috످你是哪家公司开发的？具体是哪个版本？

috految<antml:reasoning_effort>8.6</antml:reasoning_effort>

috److我是 Claude，由 Anthropic 公司开发。至于具体是哪个版本，我自己并不清楚。你可以在所用平台的模型选择菜单或设置页面查看；如果是通过 API 调用，可以查看返回结果中的 `model` 字段。

috످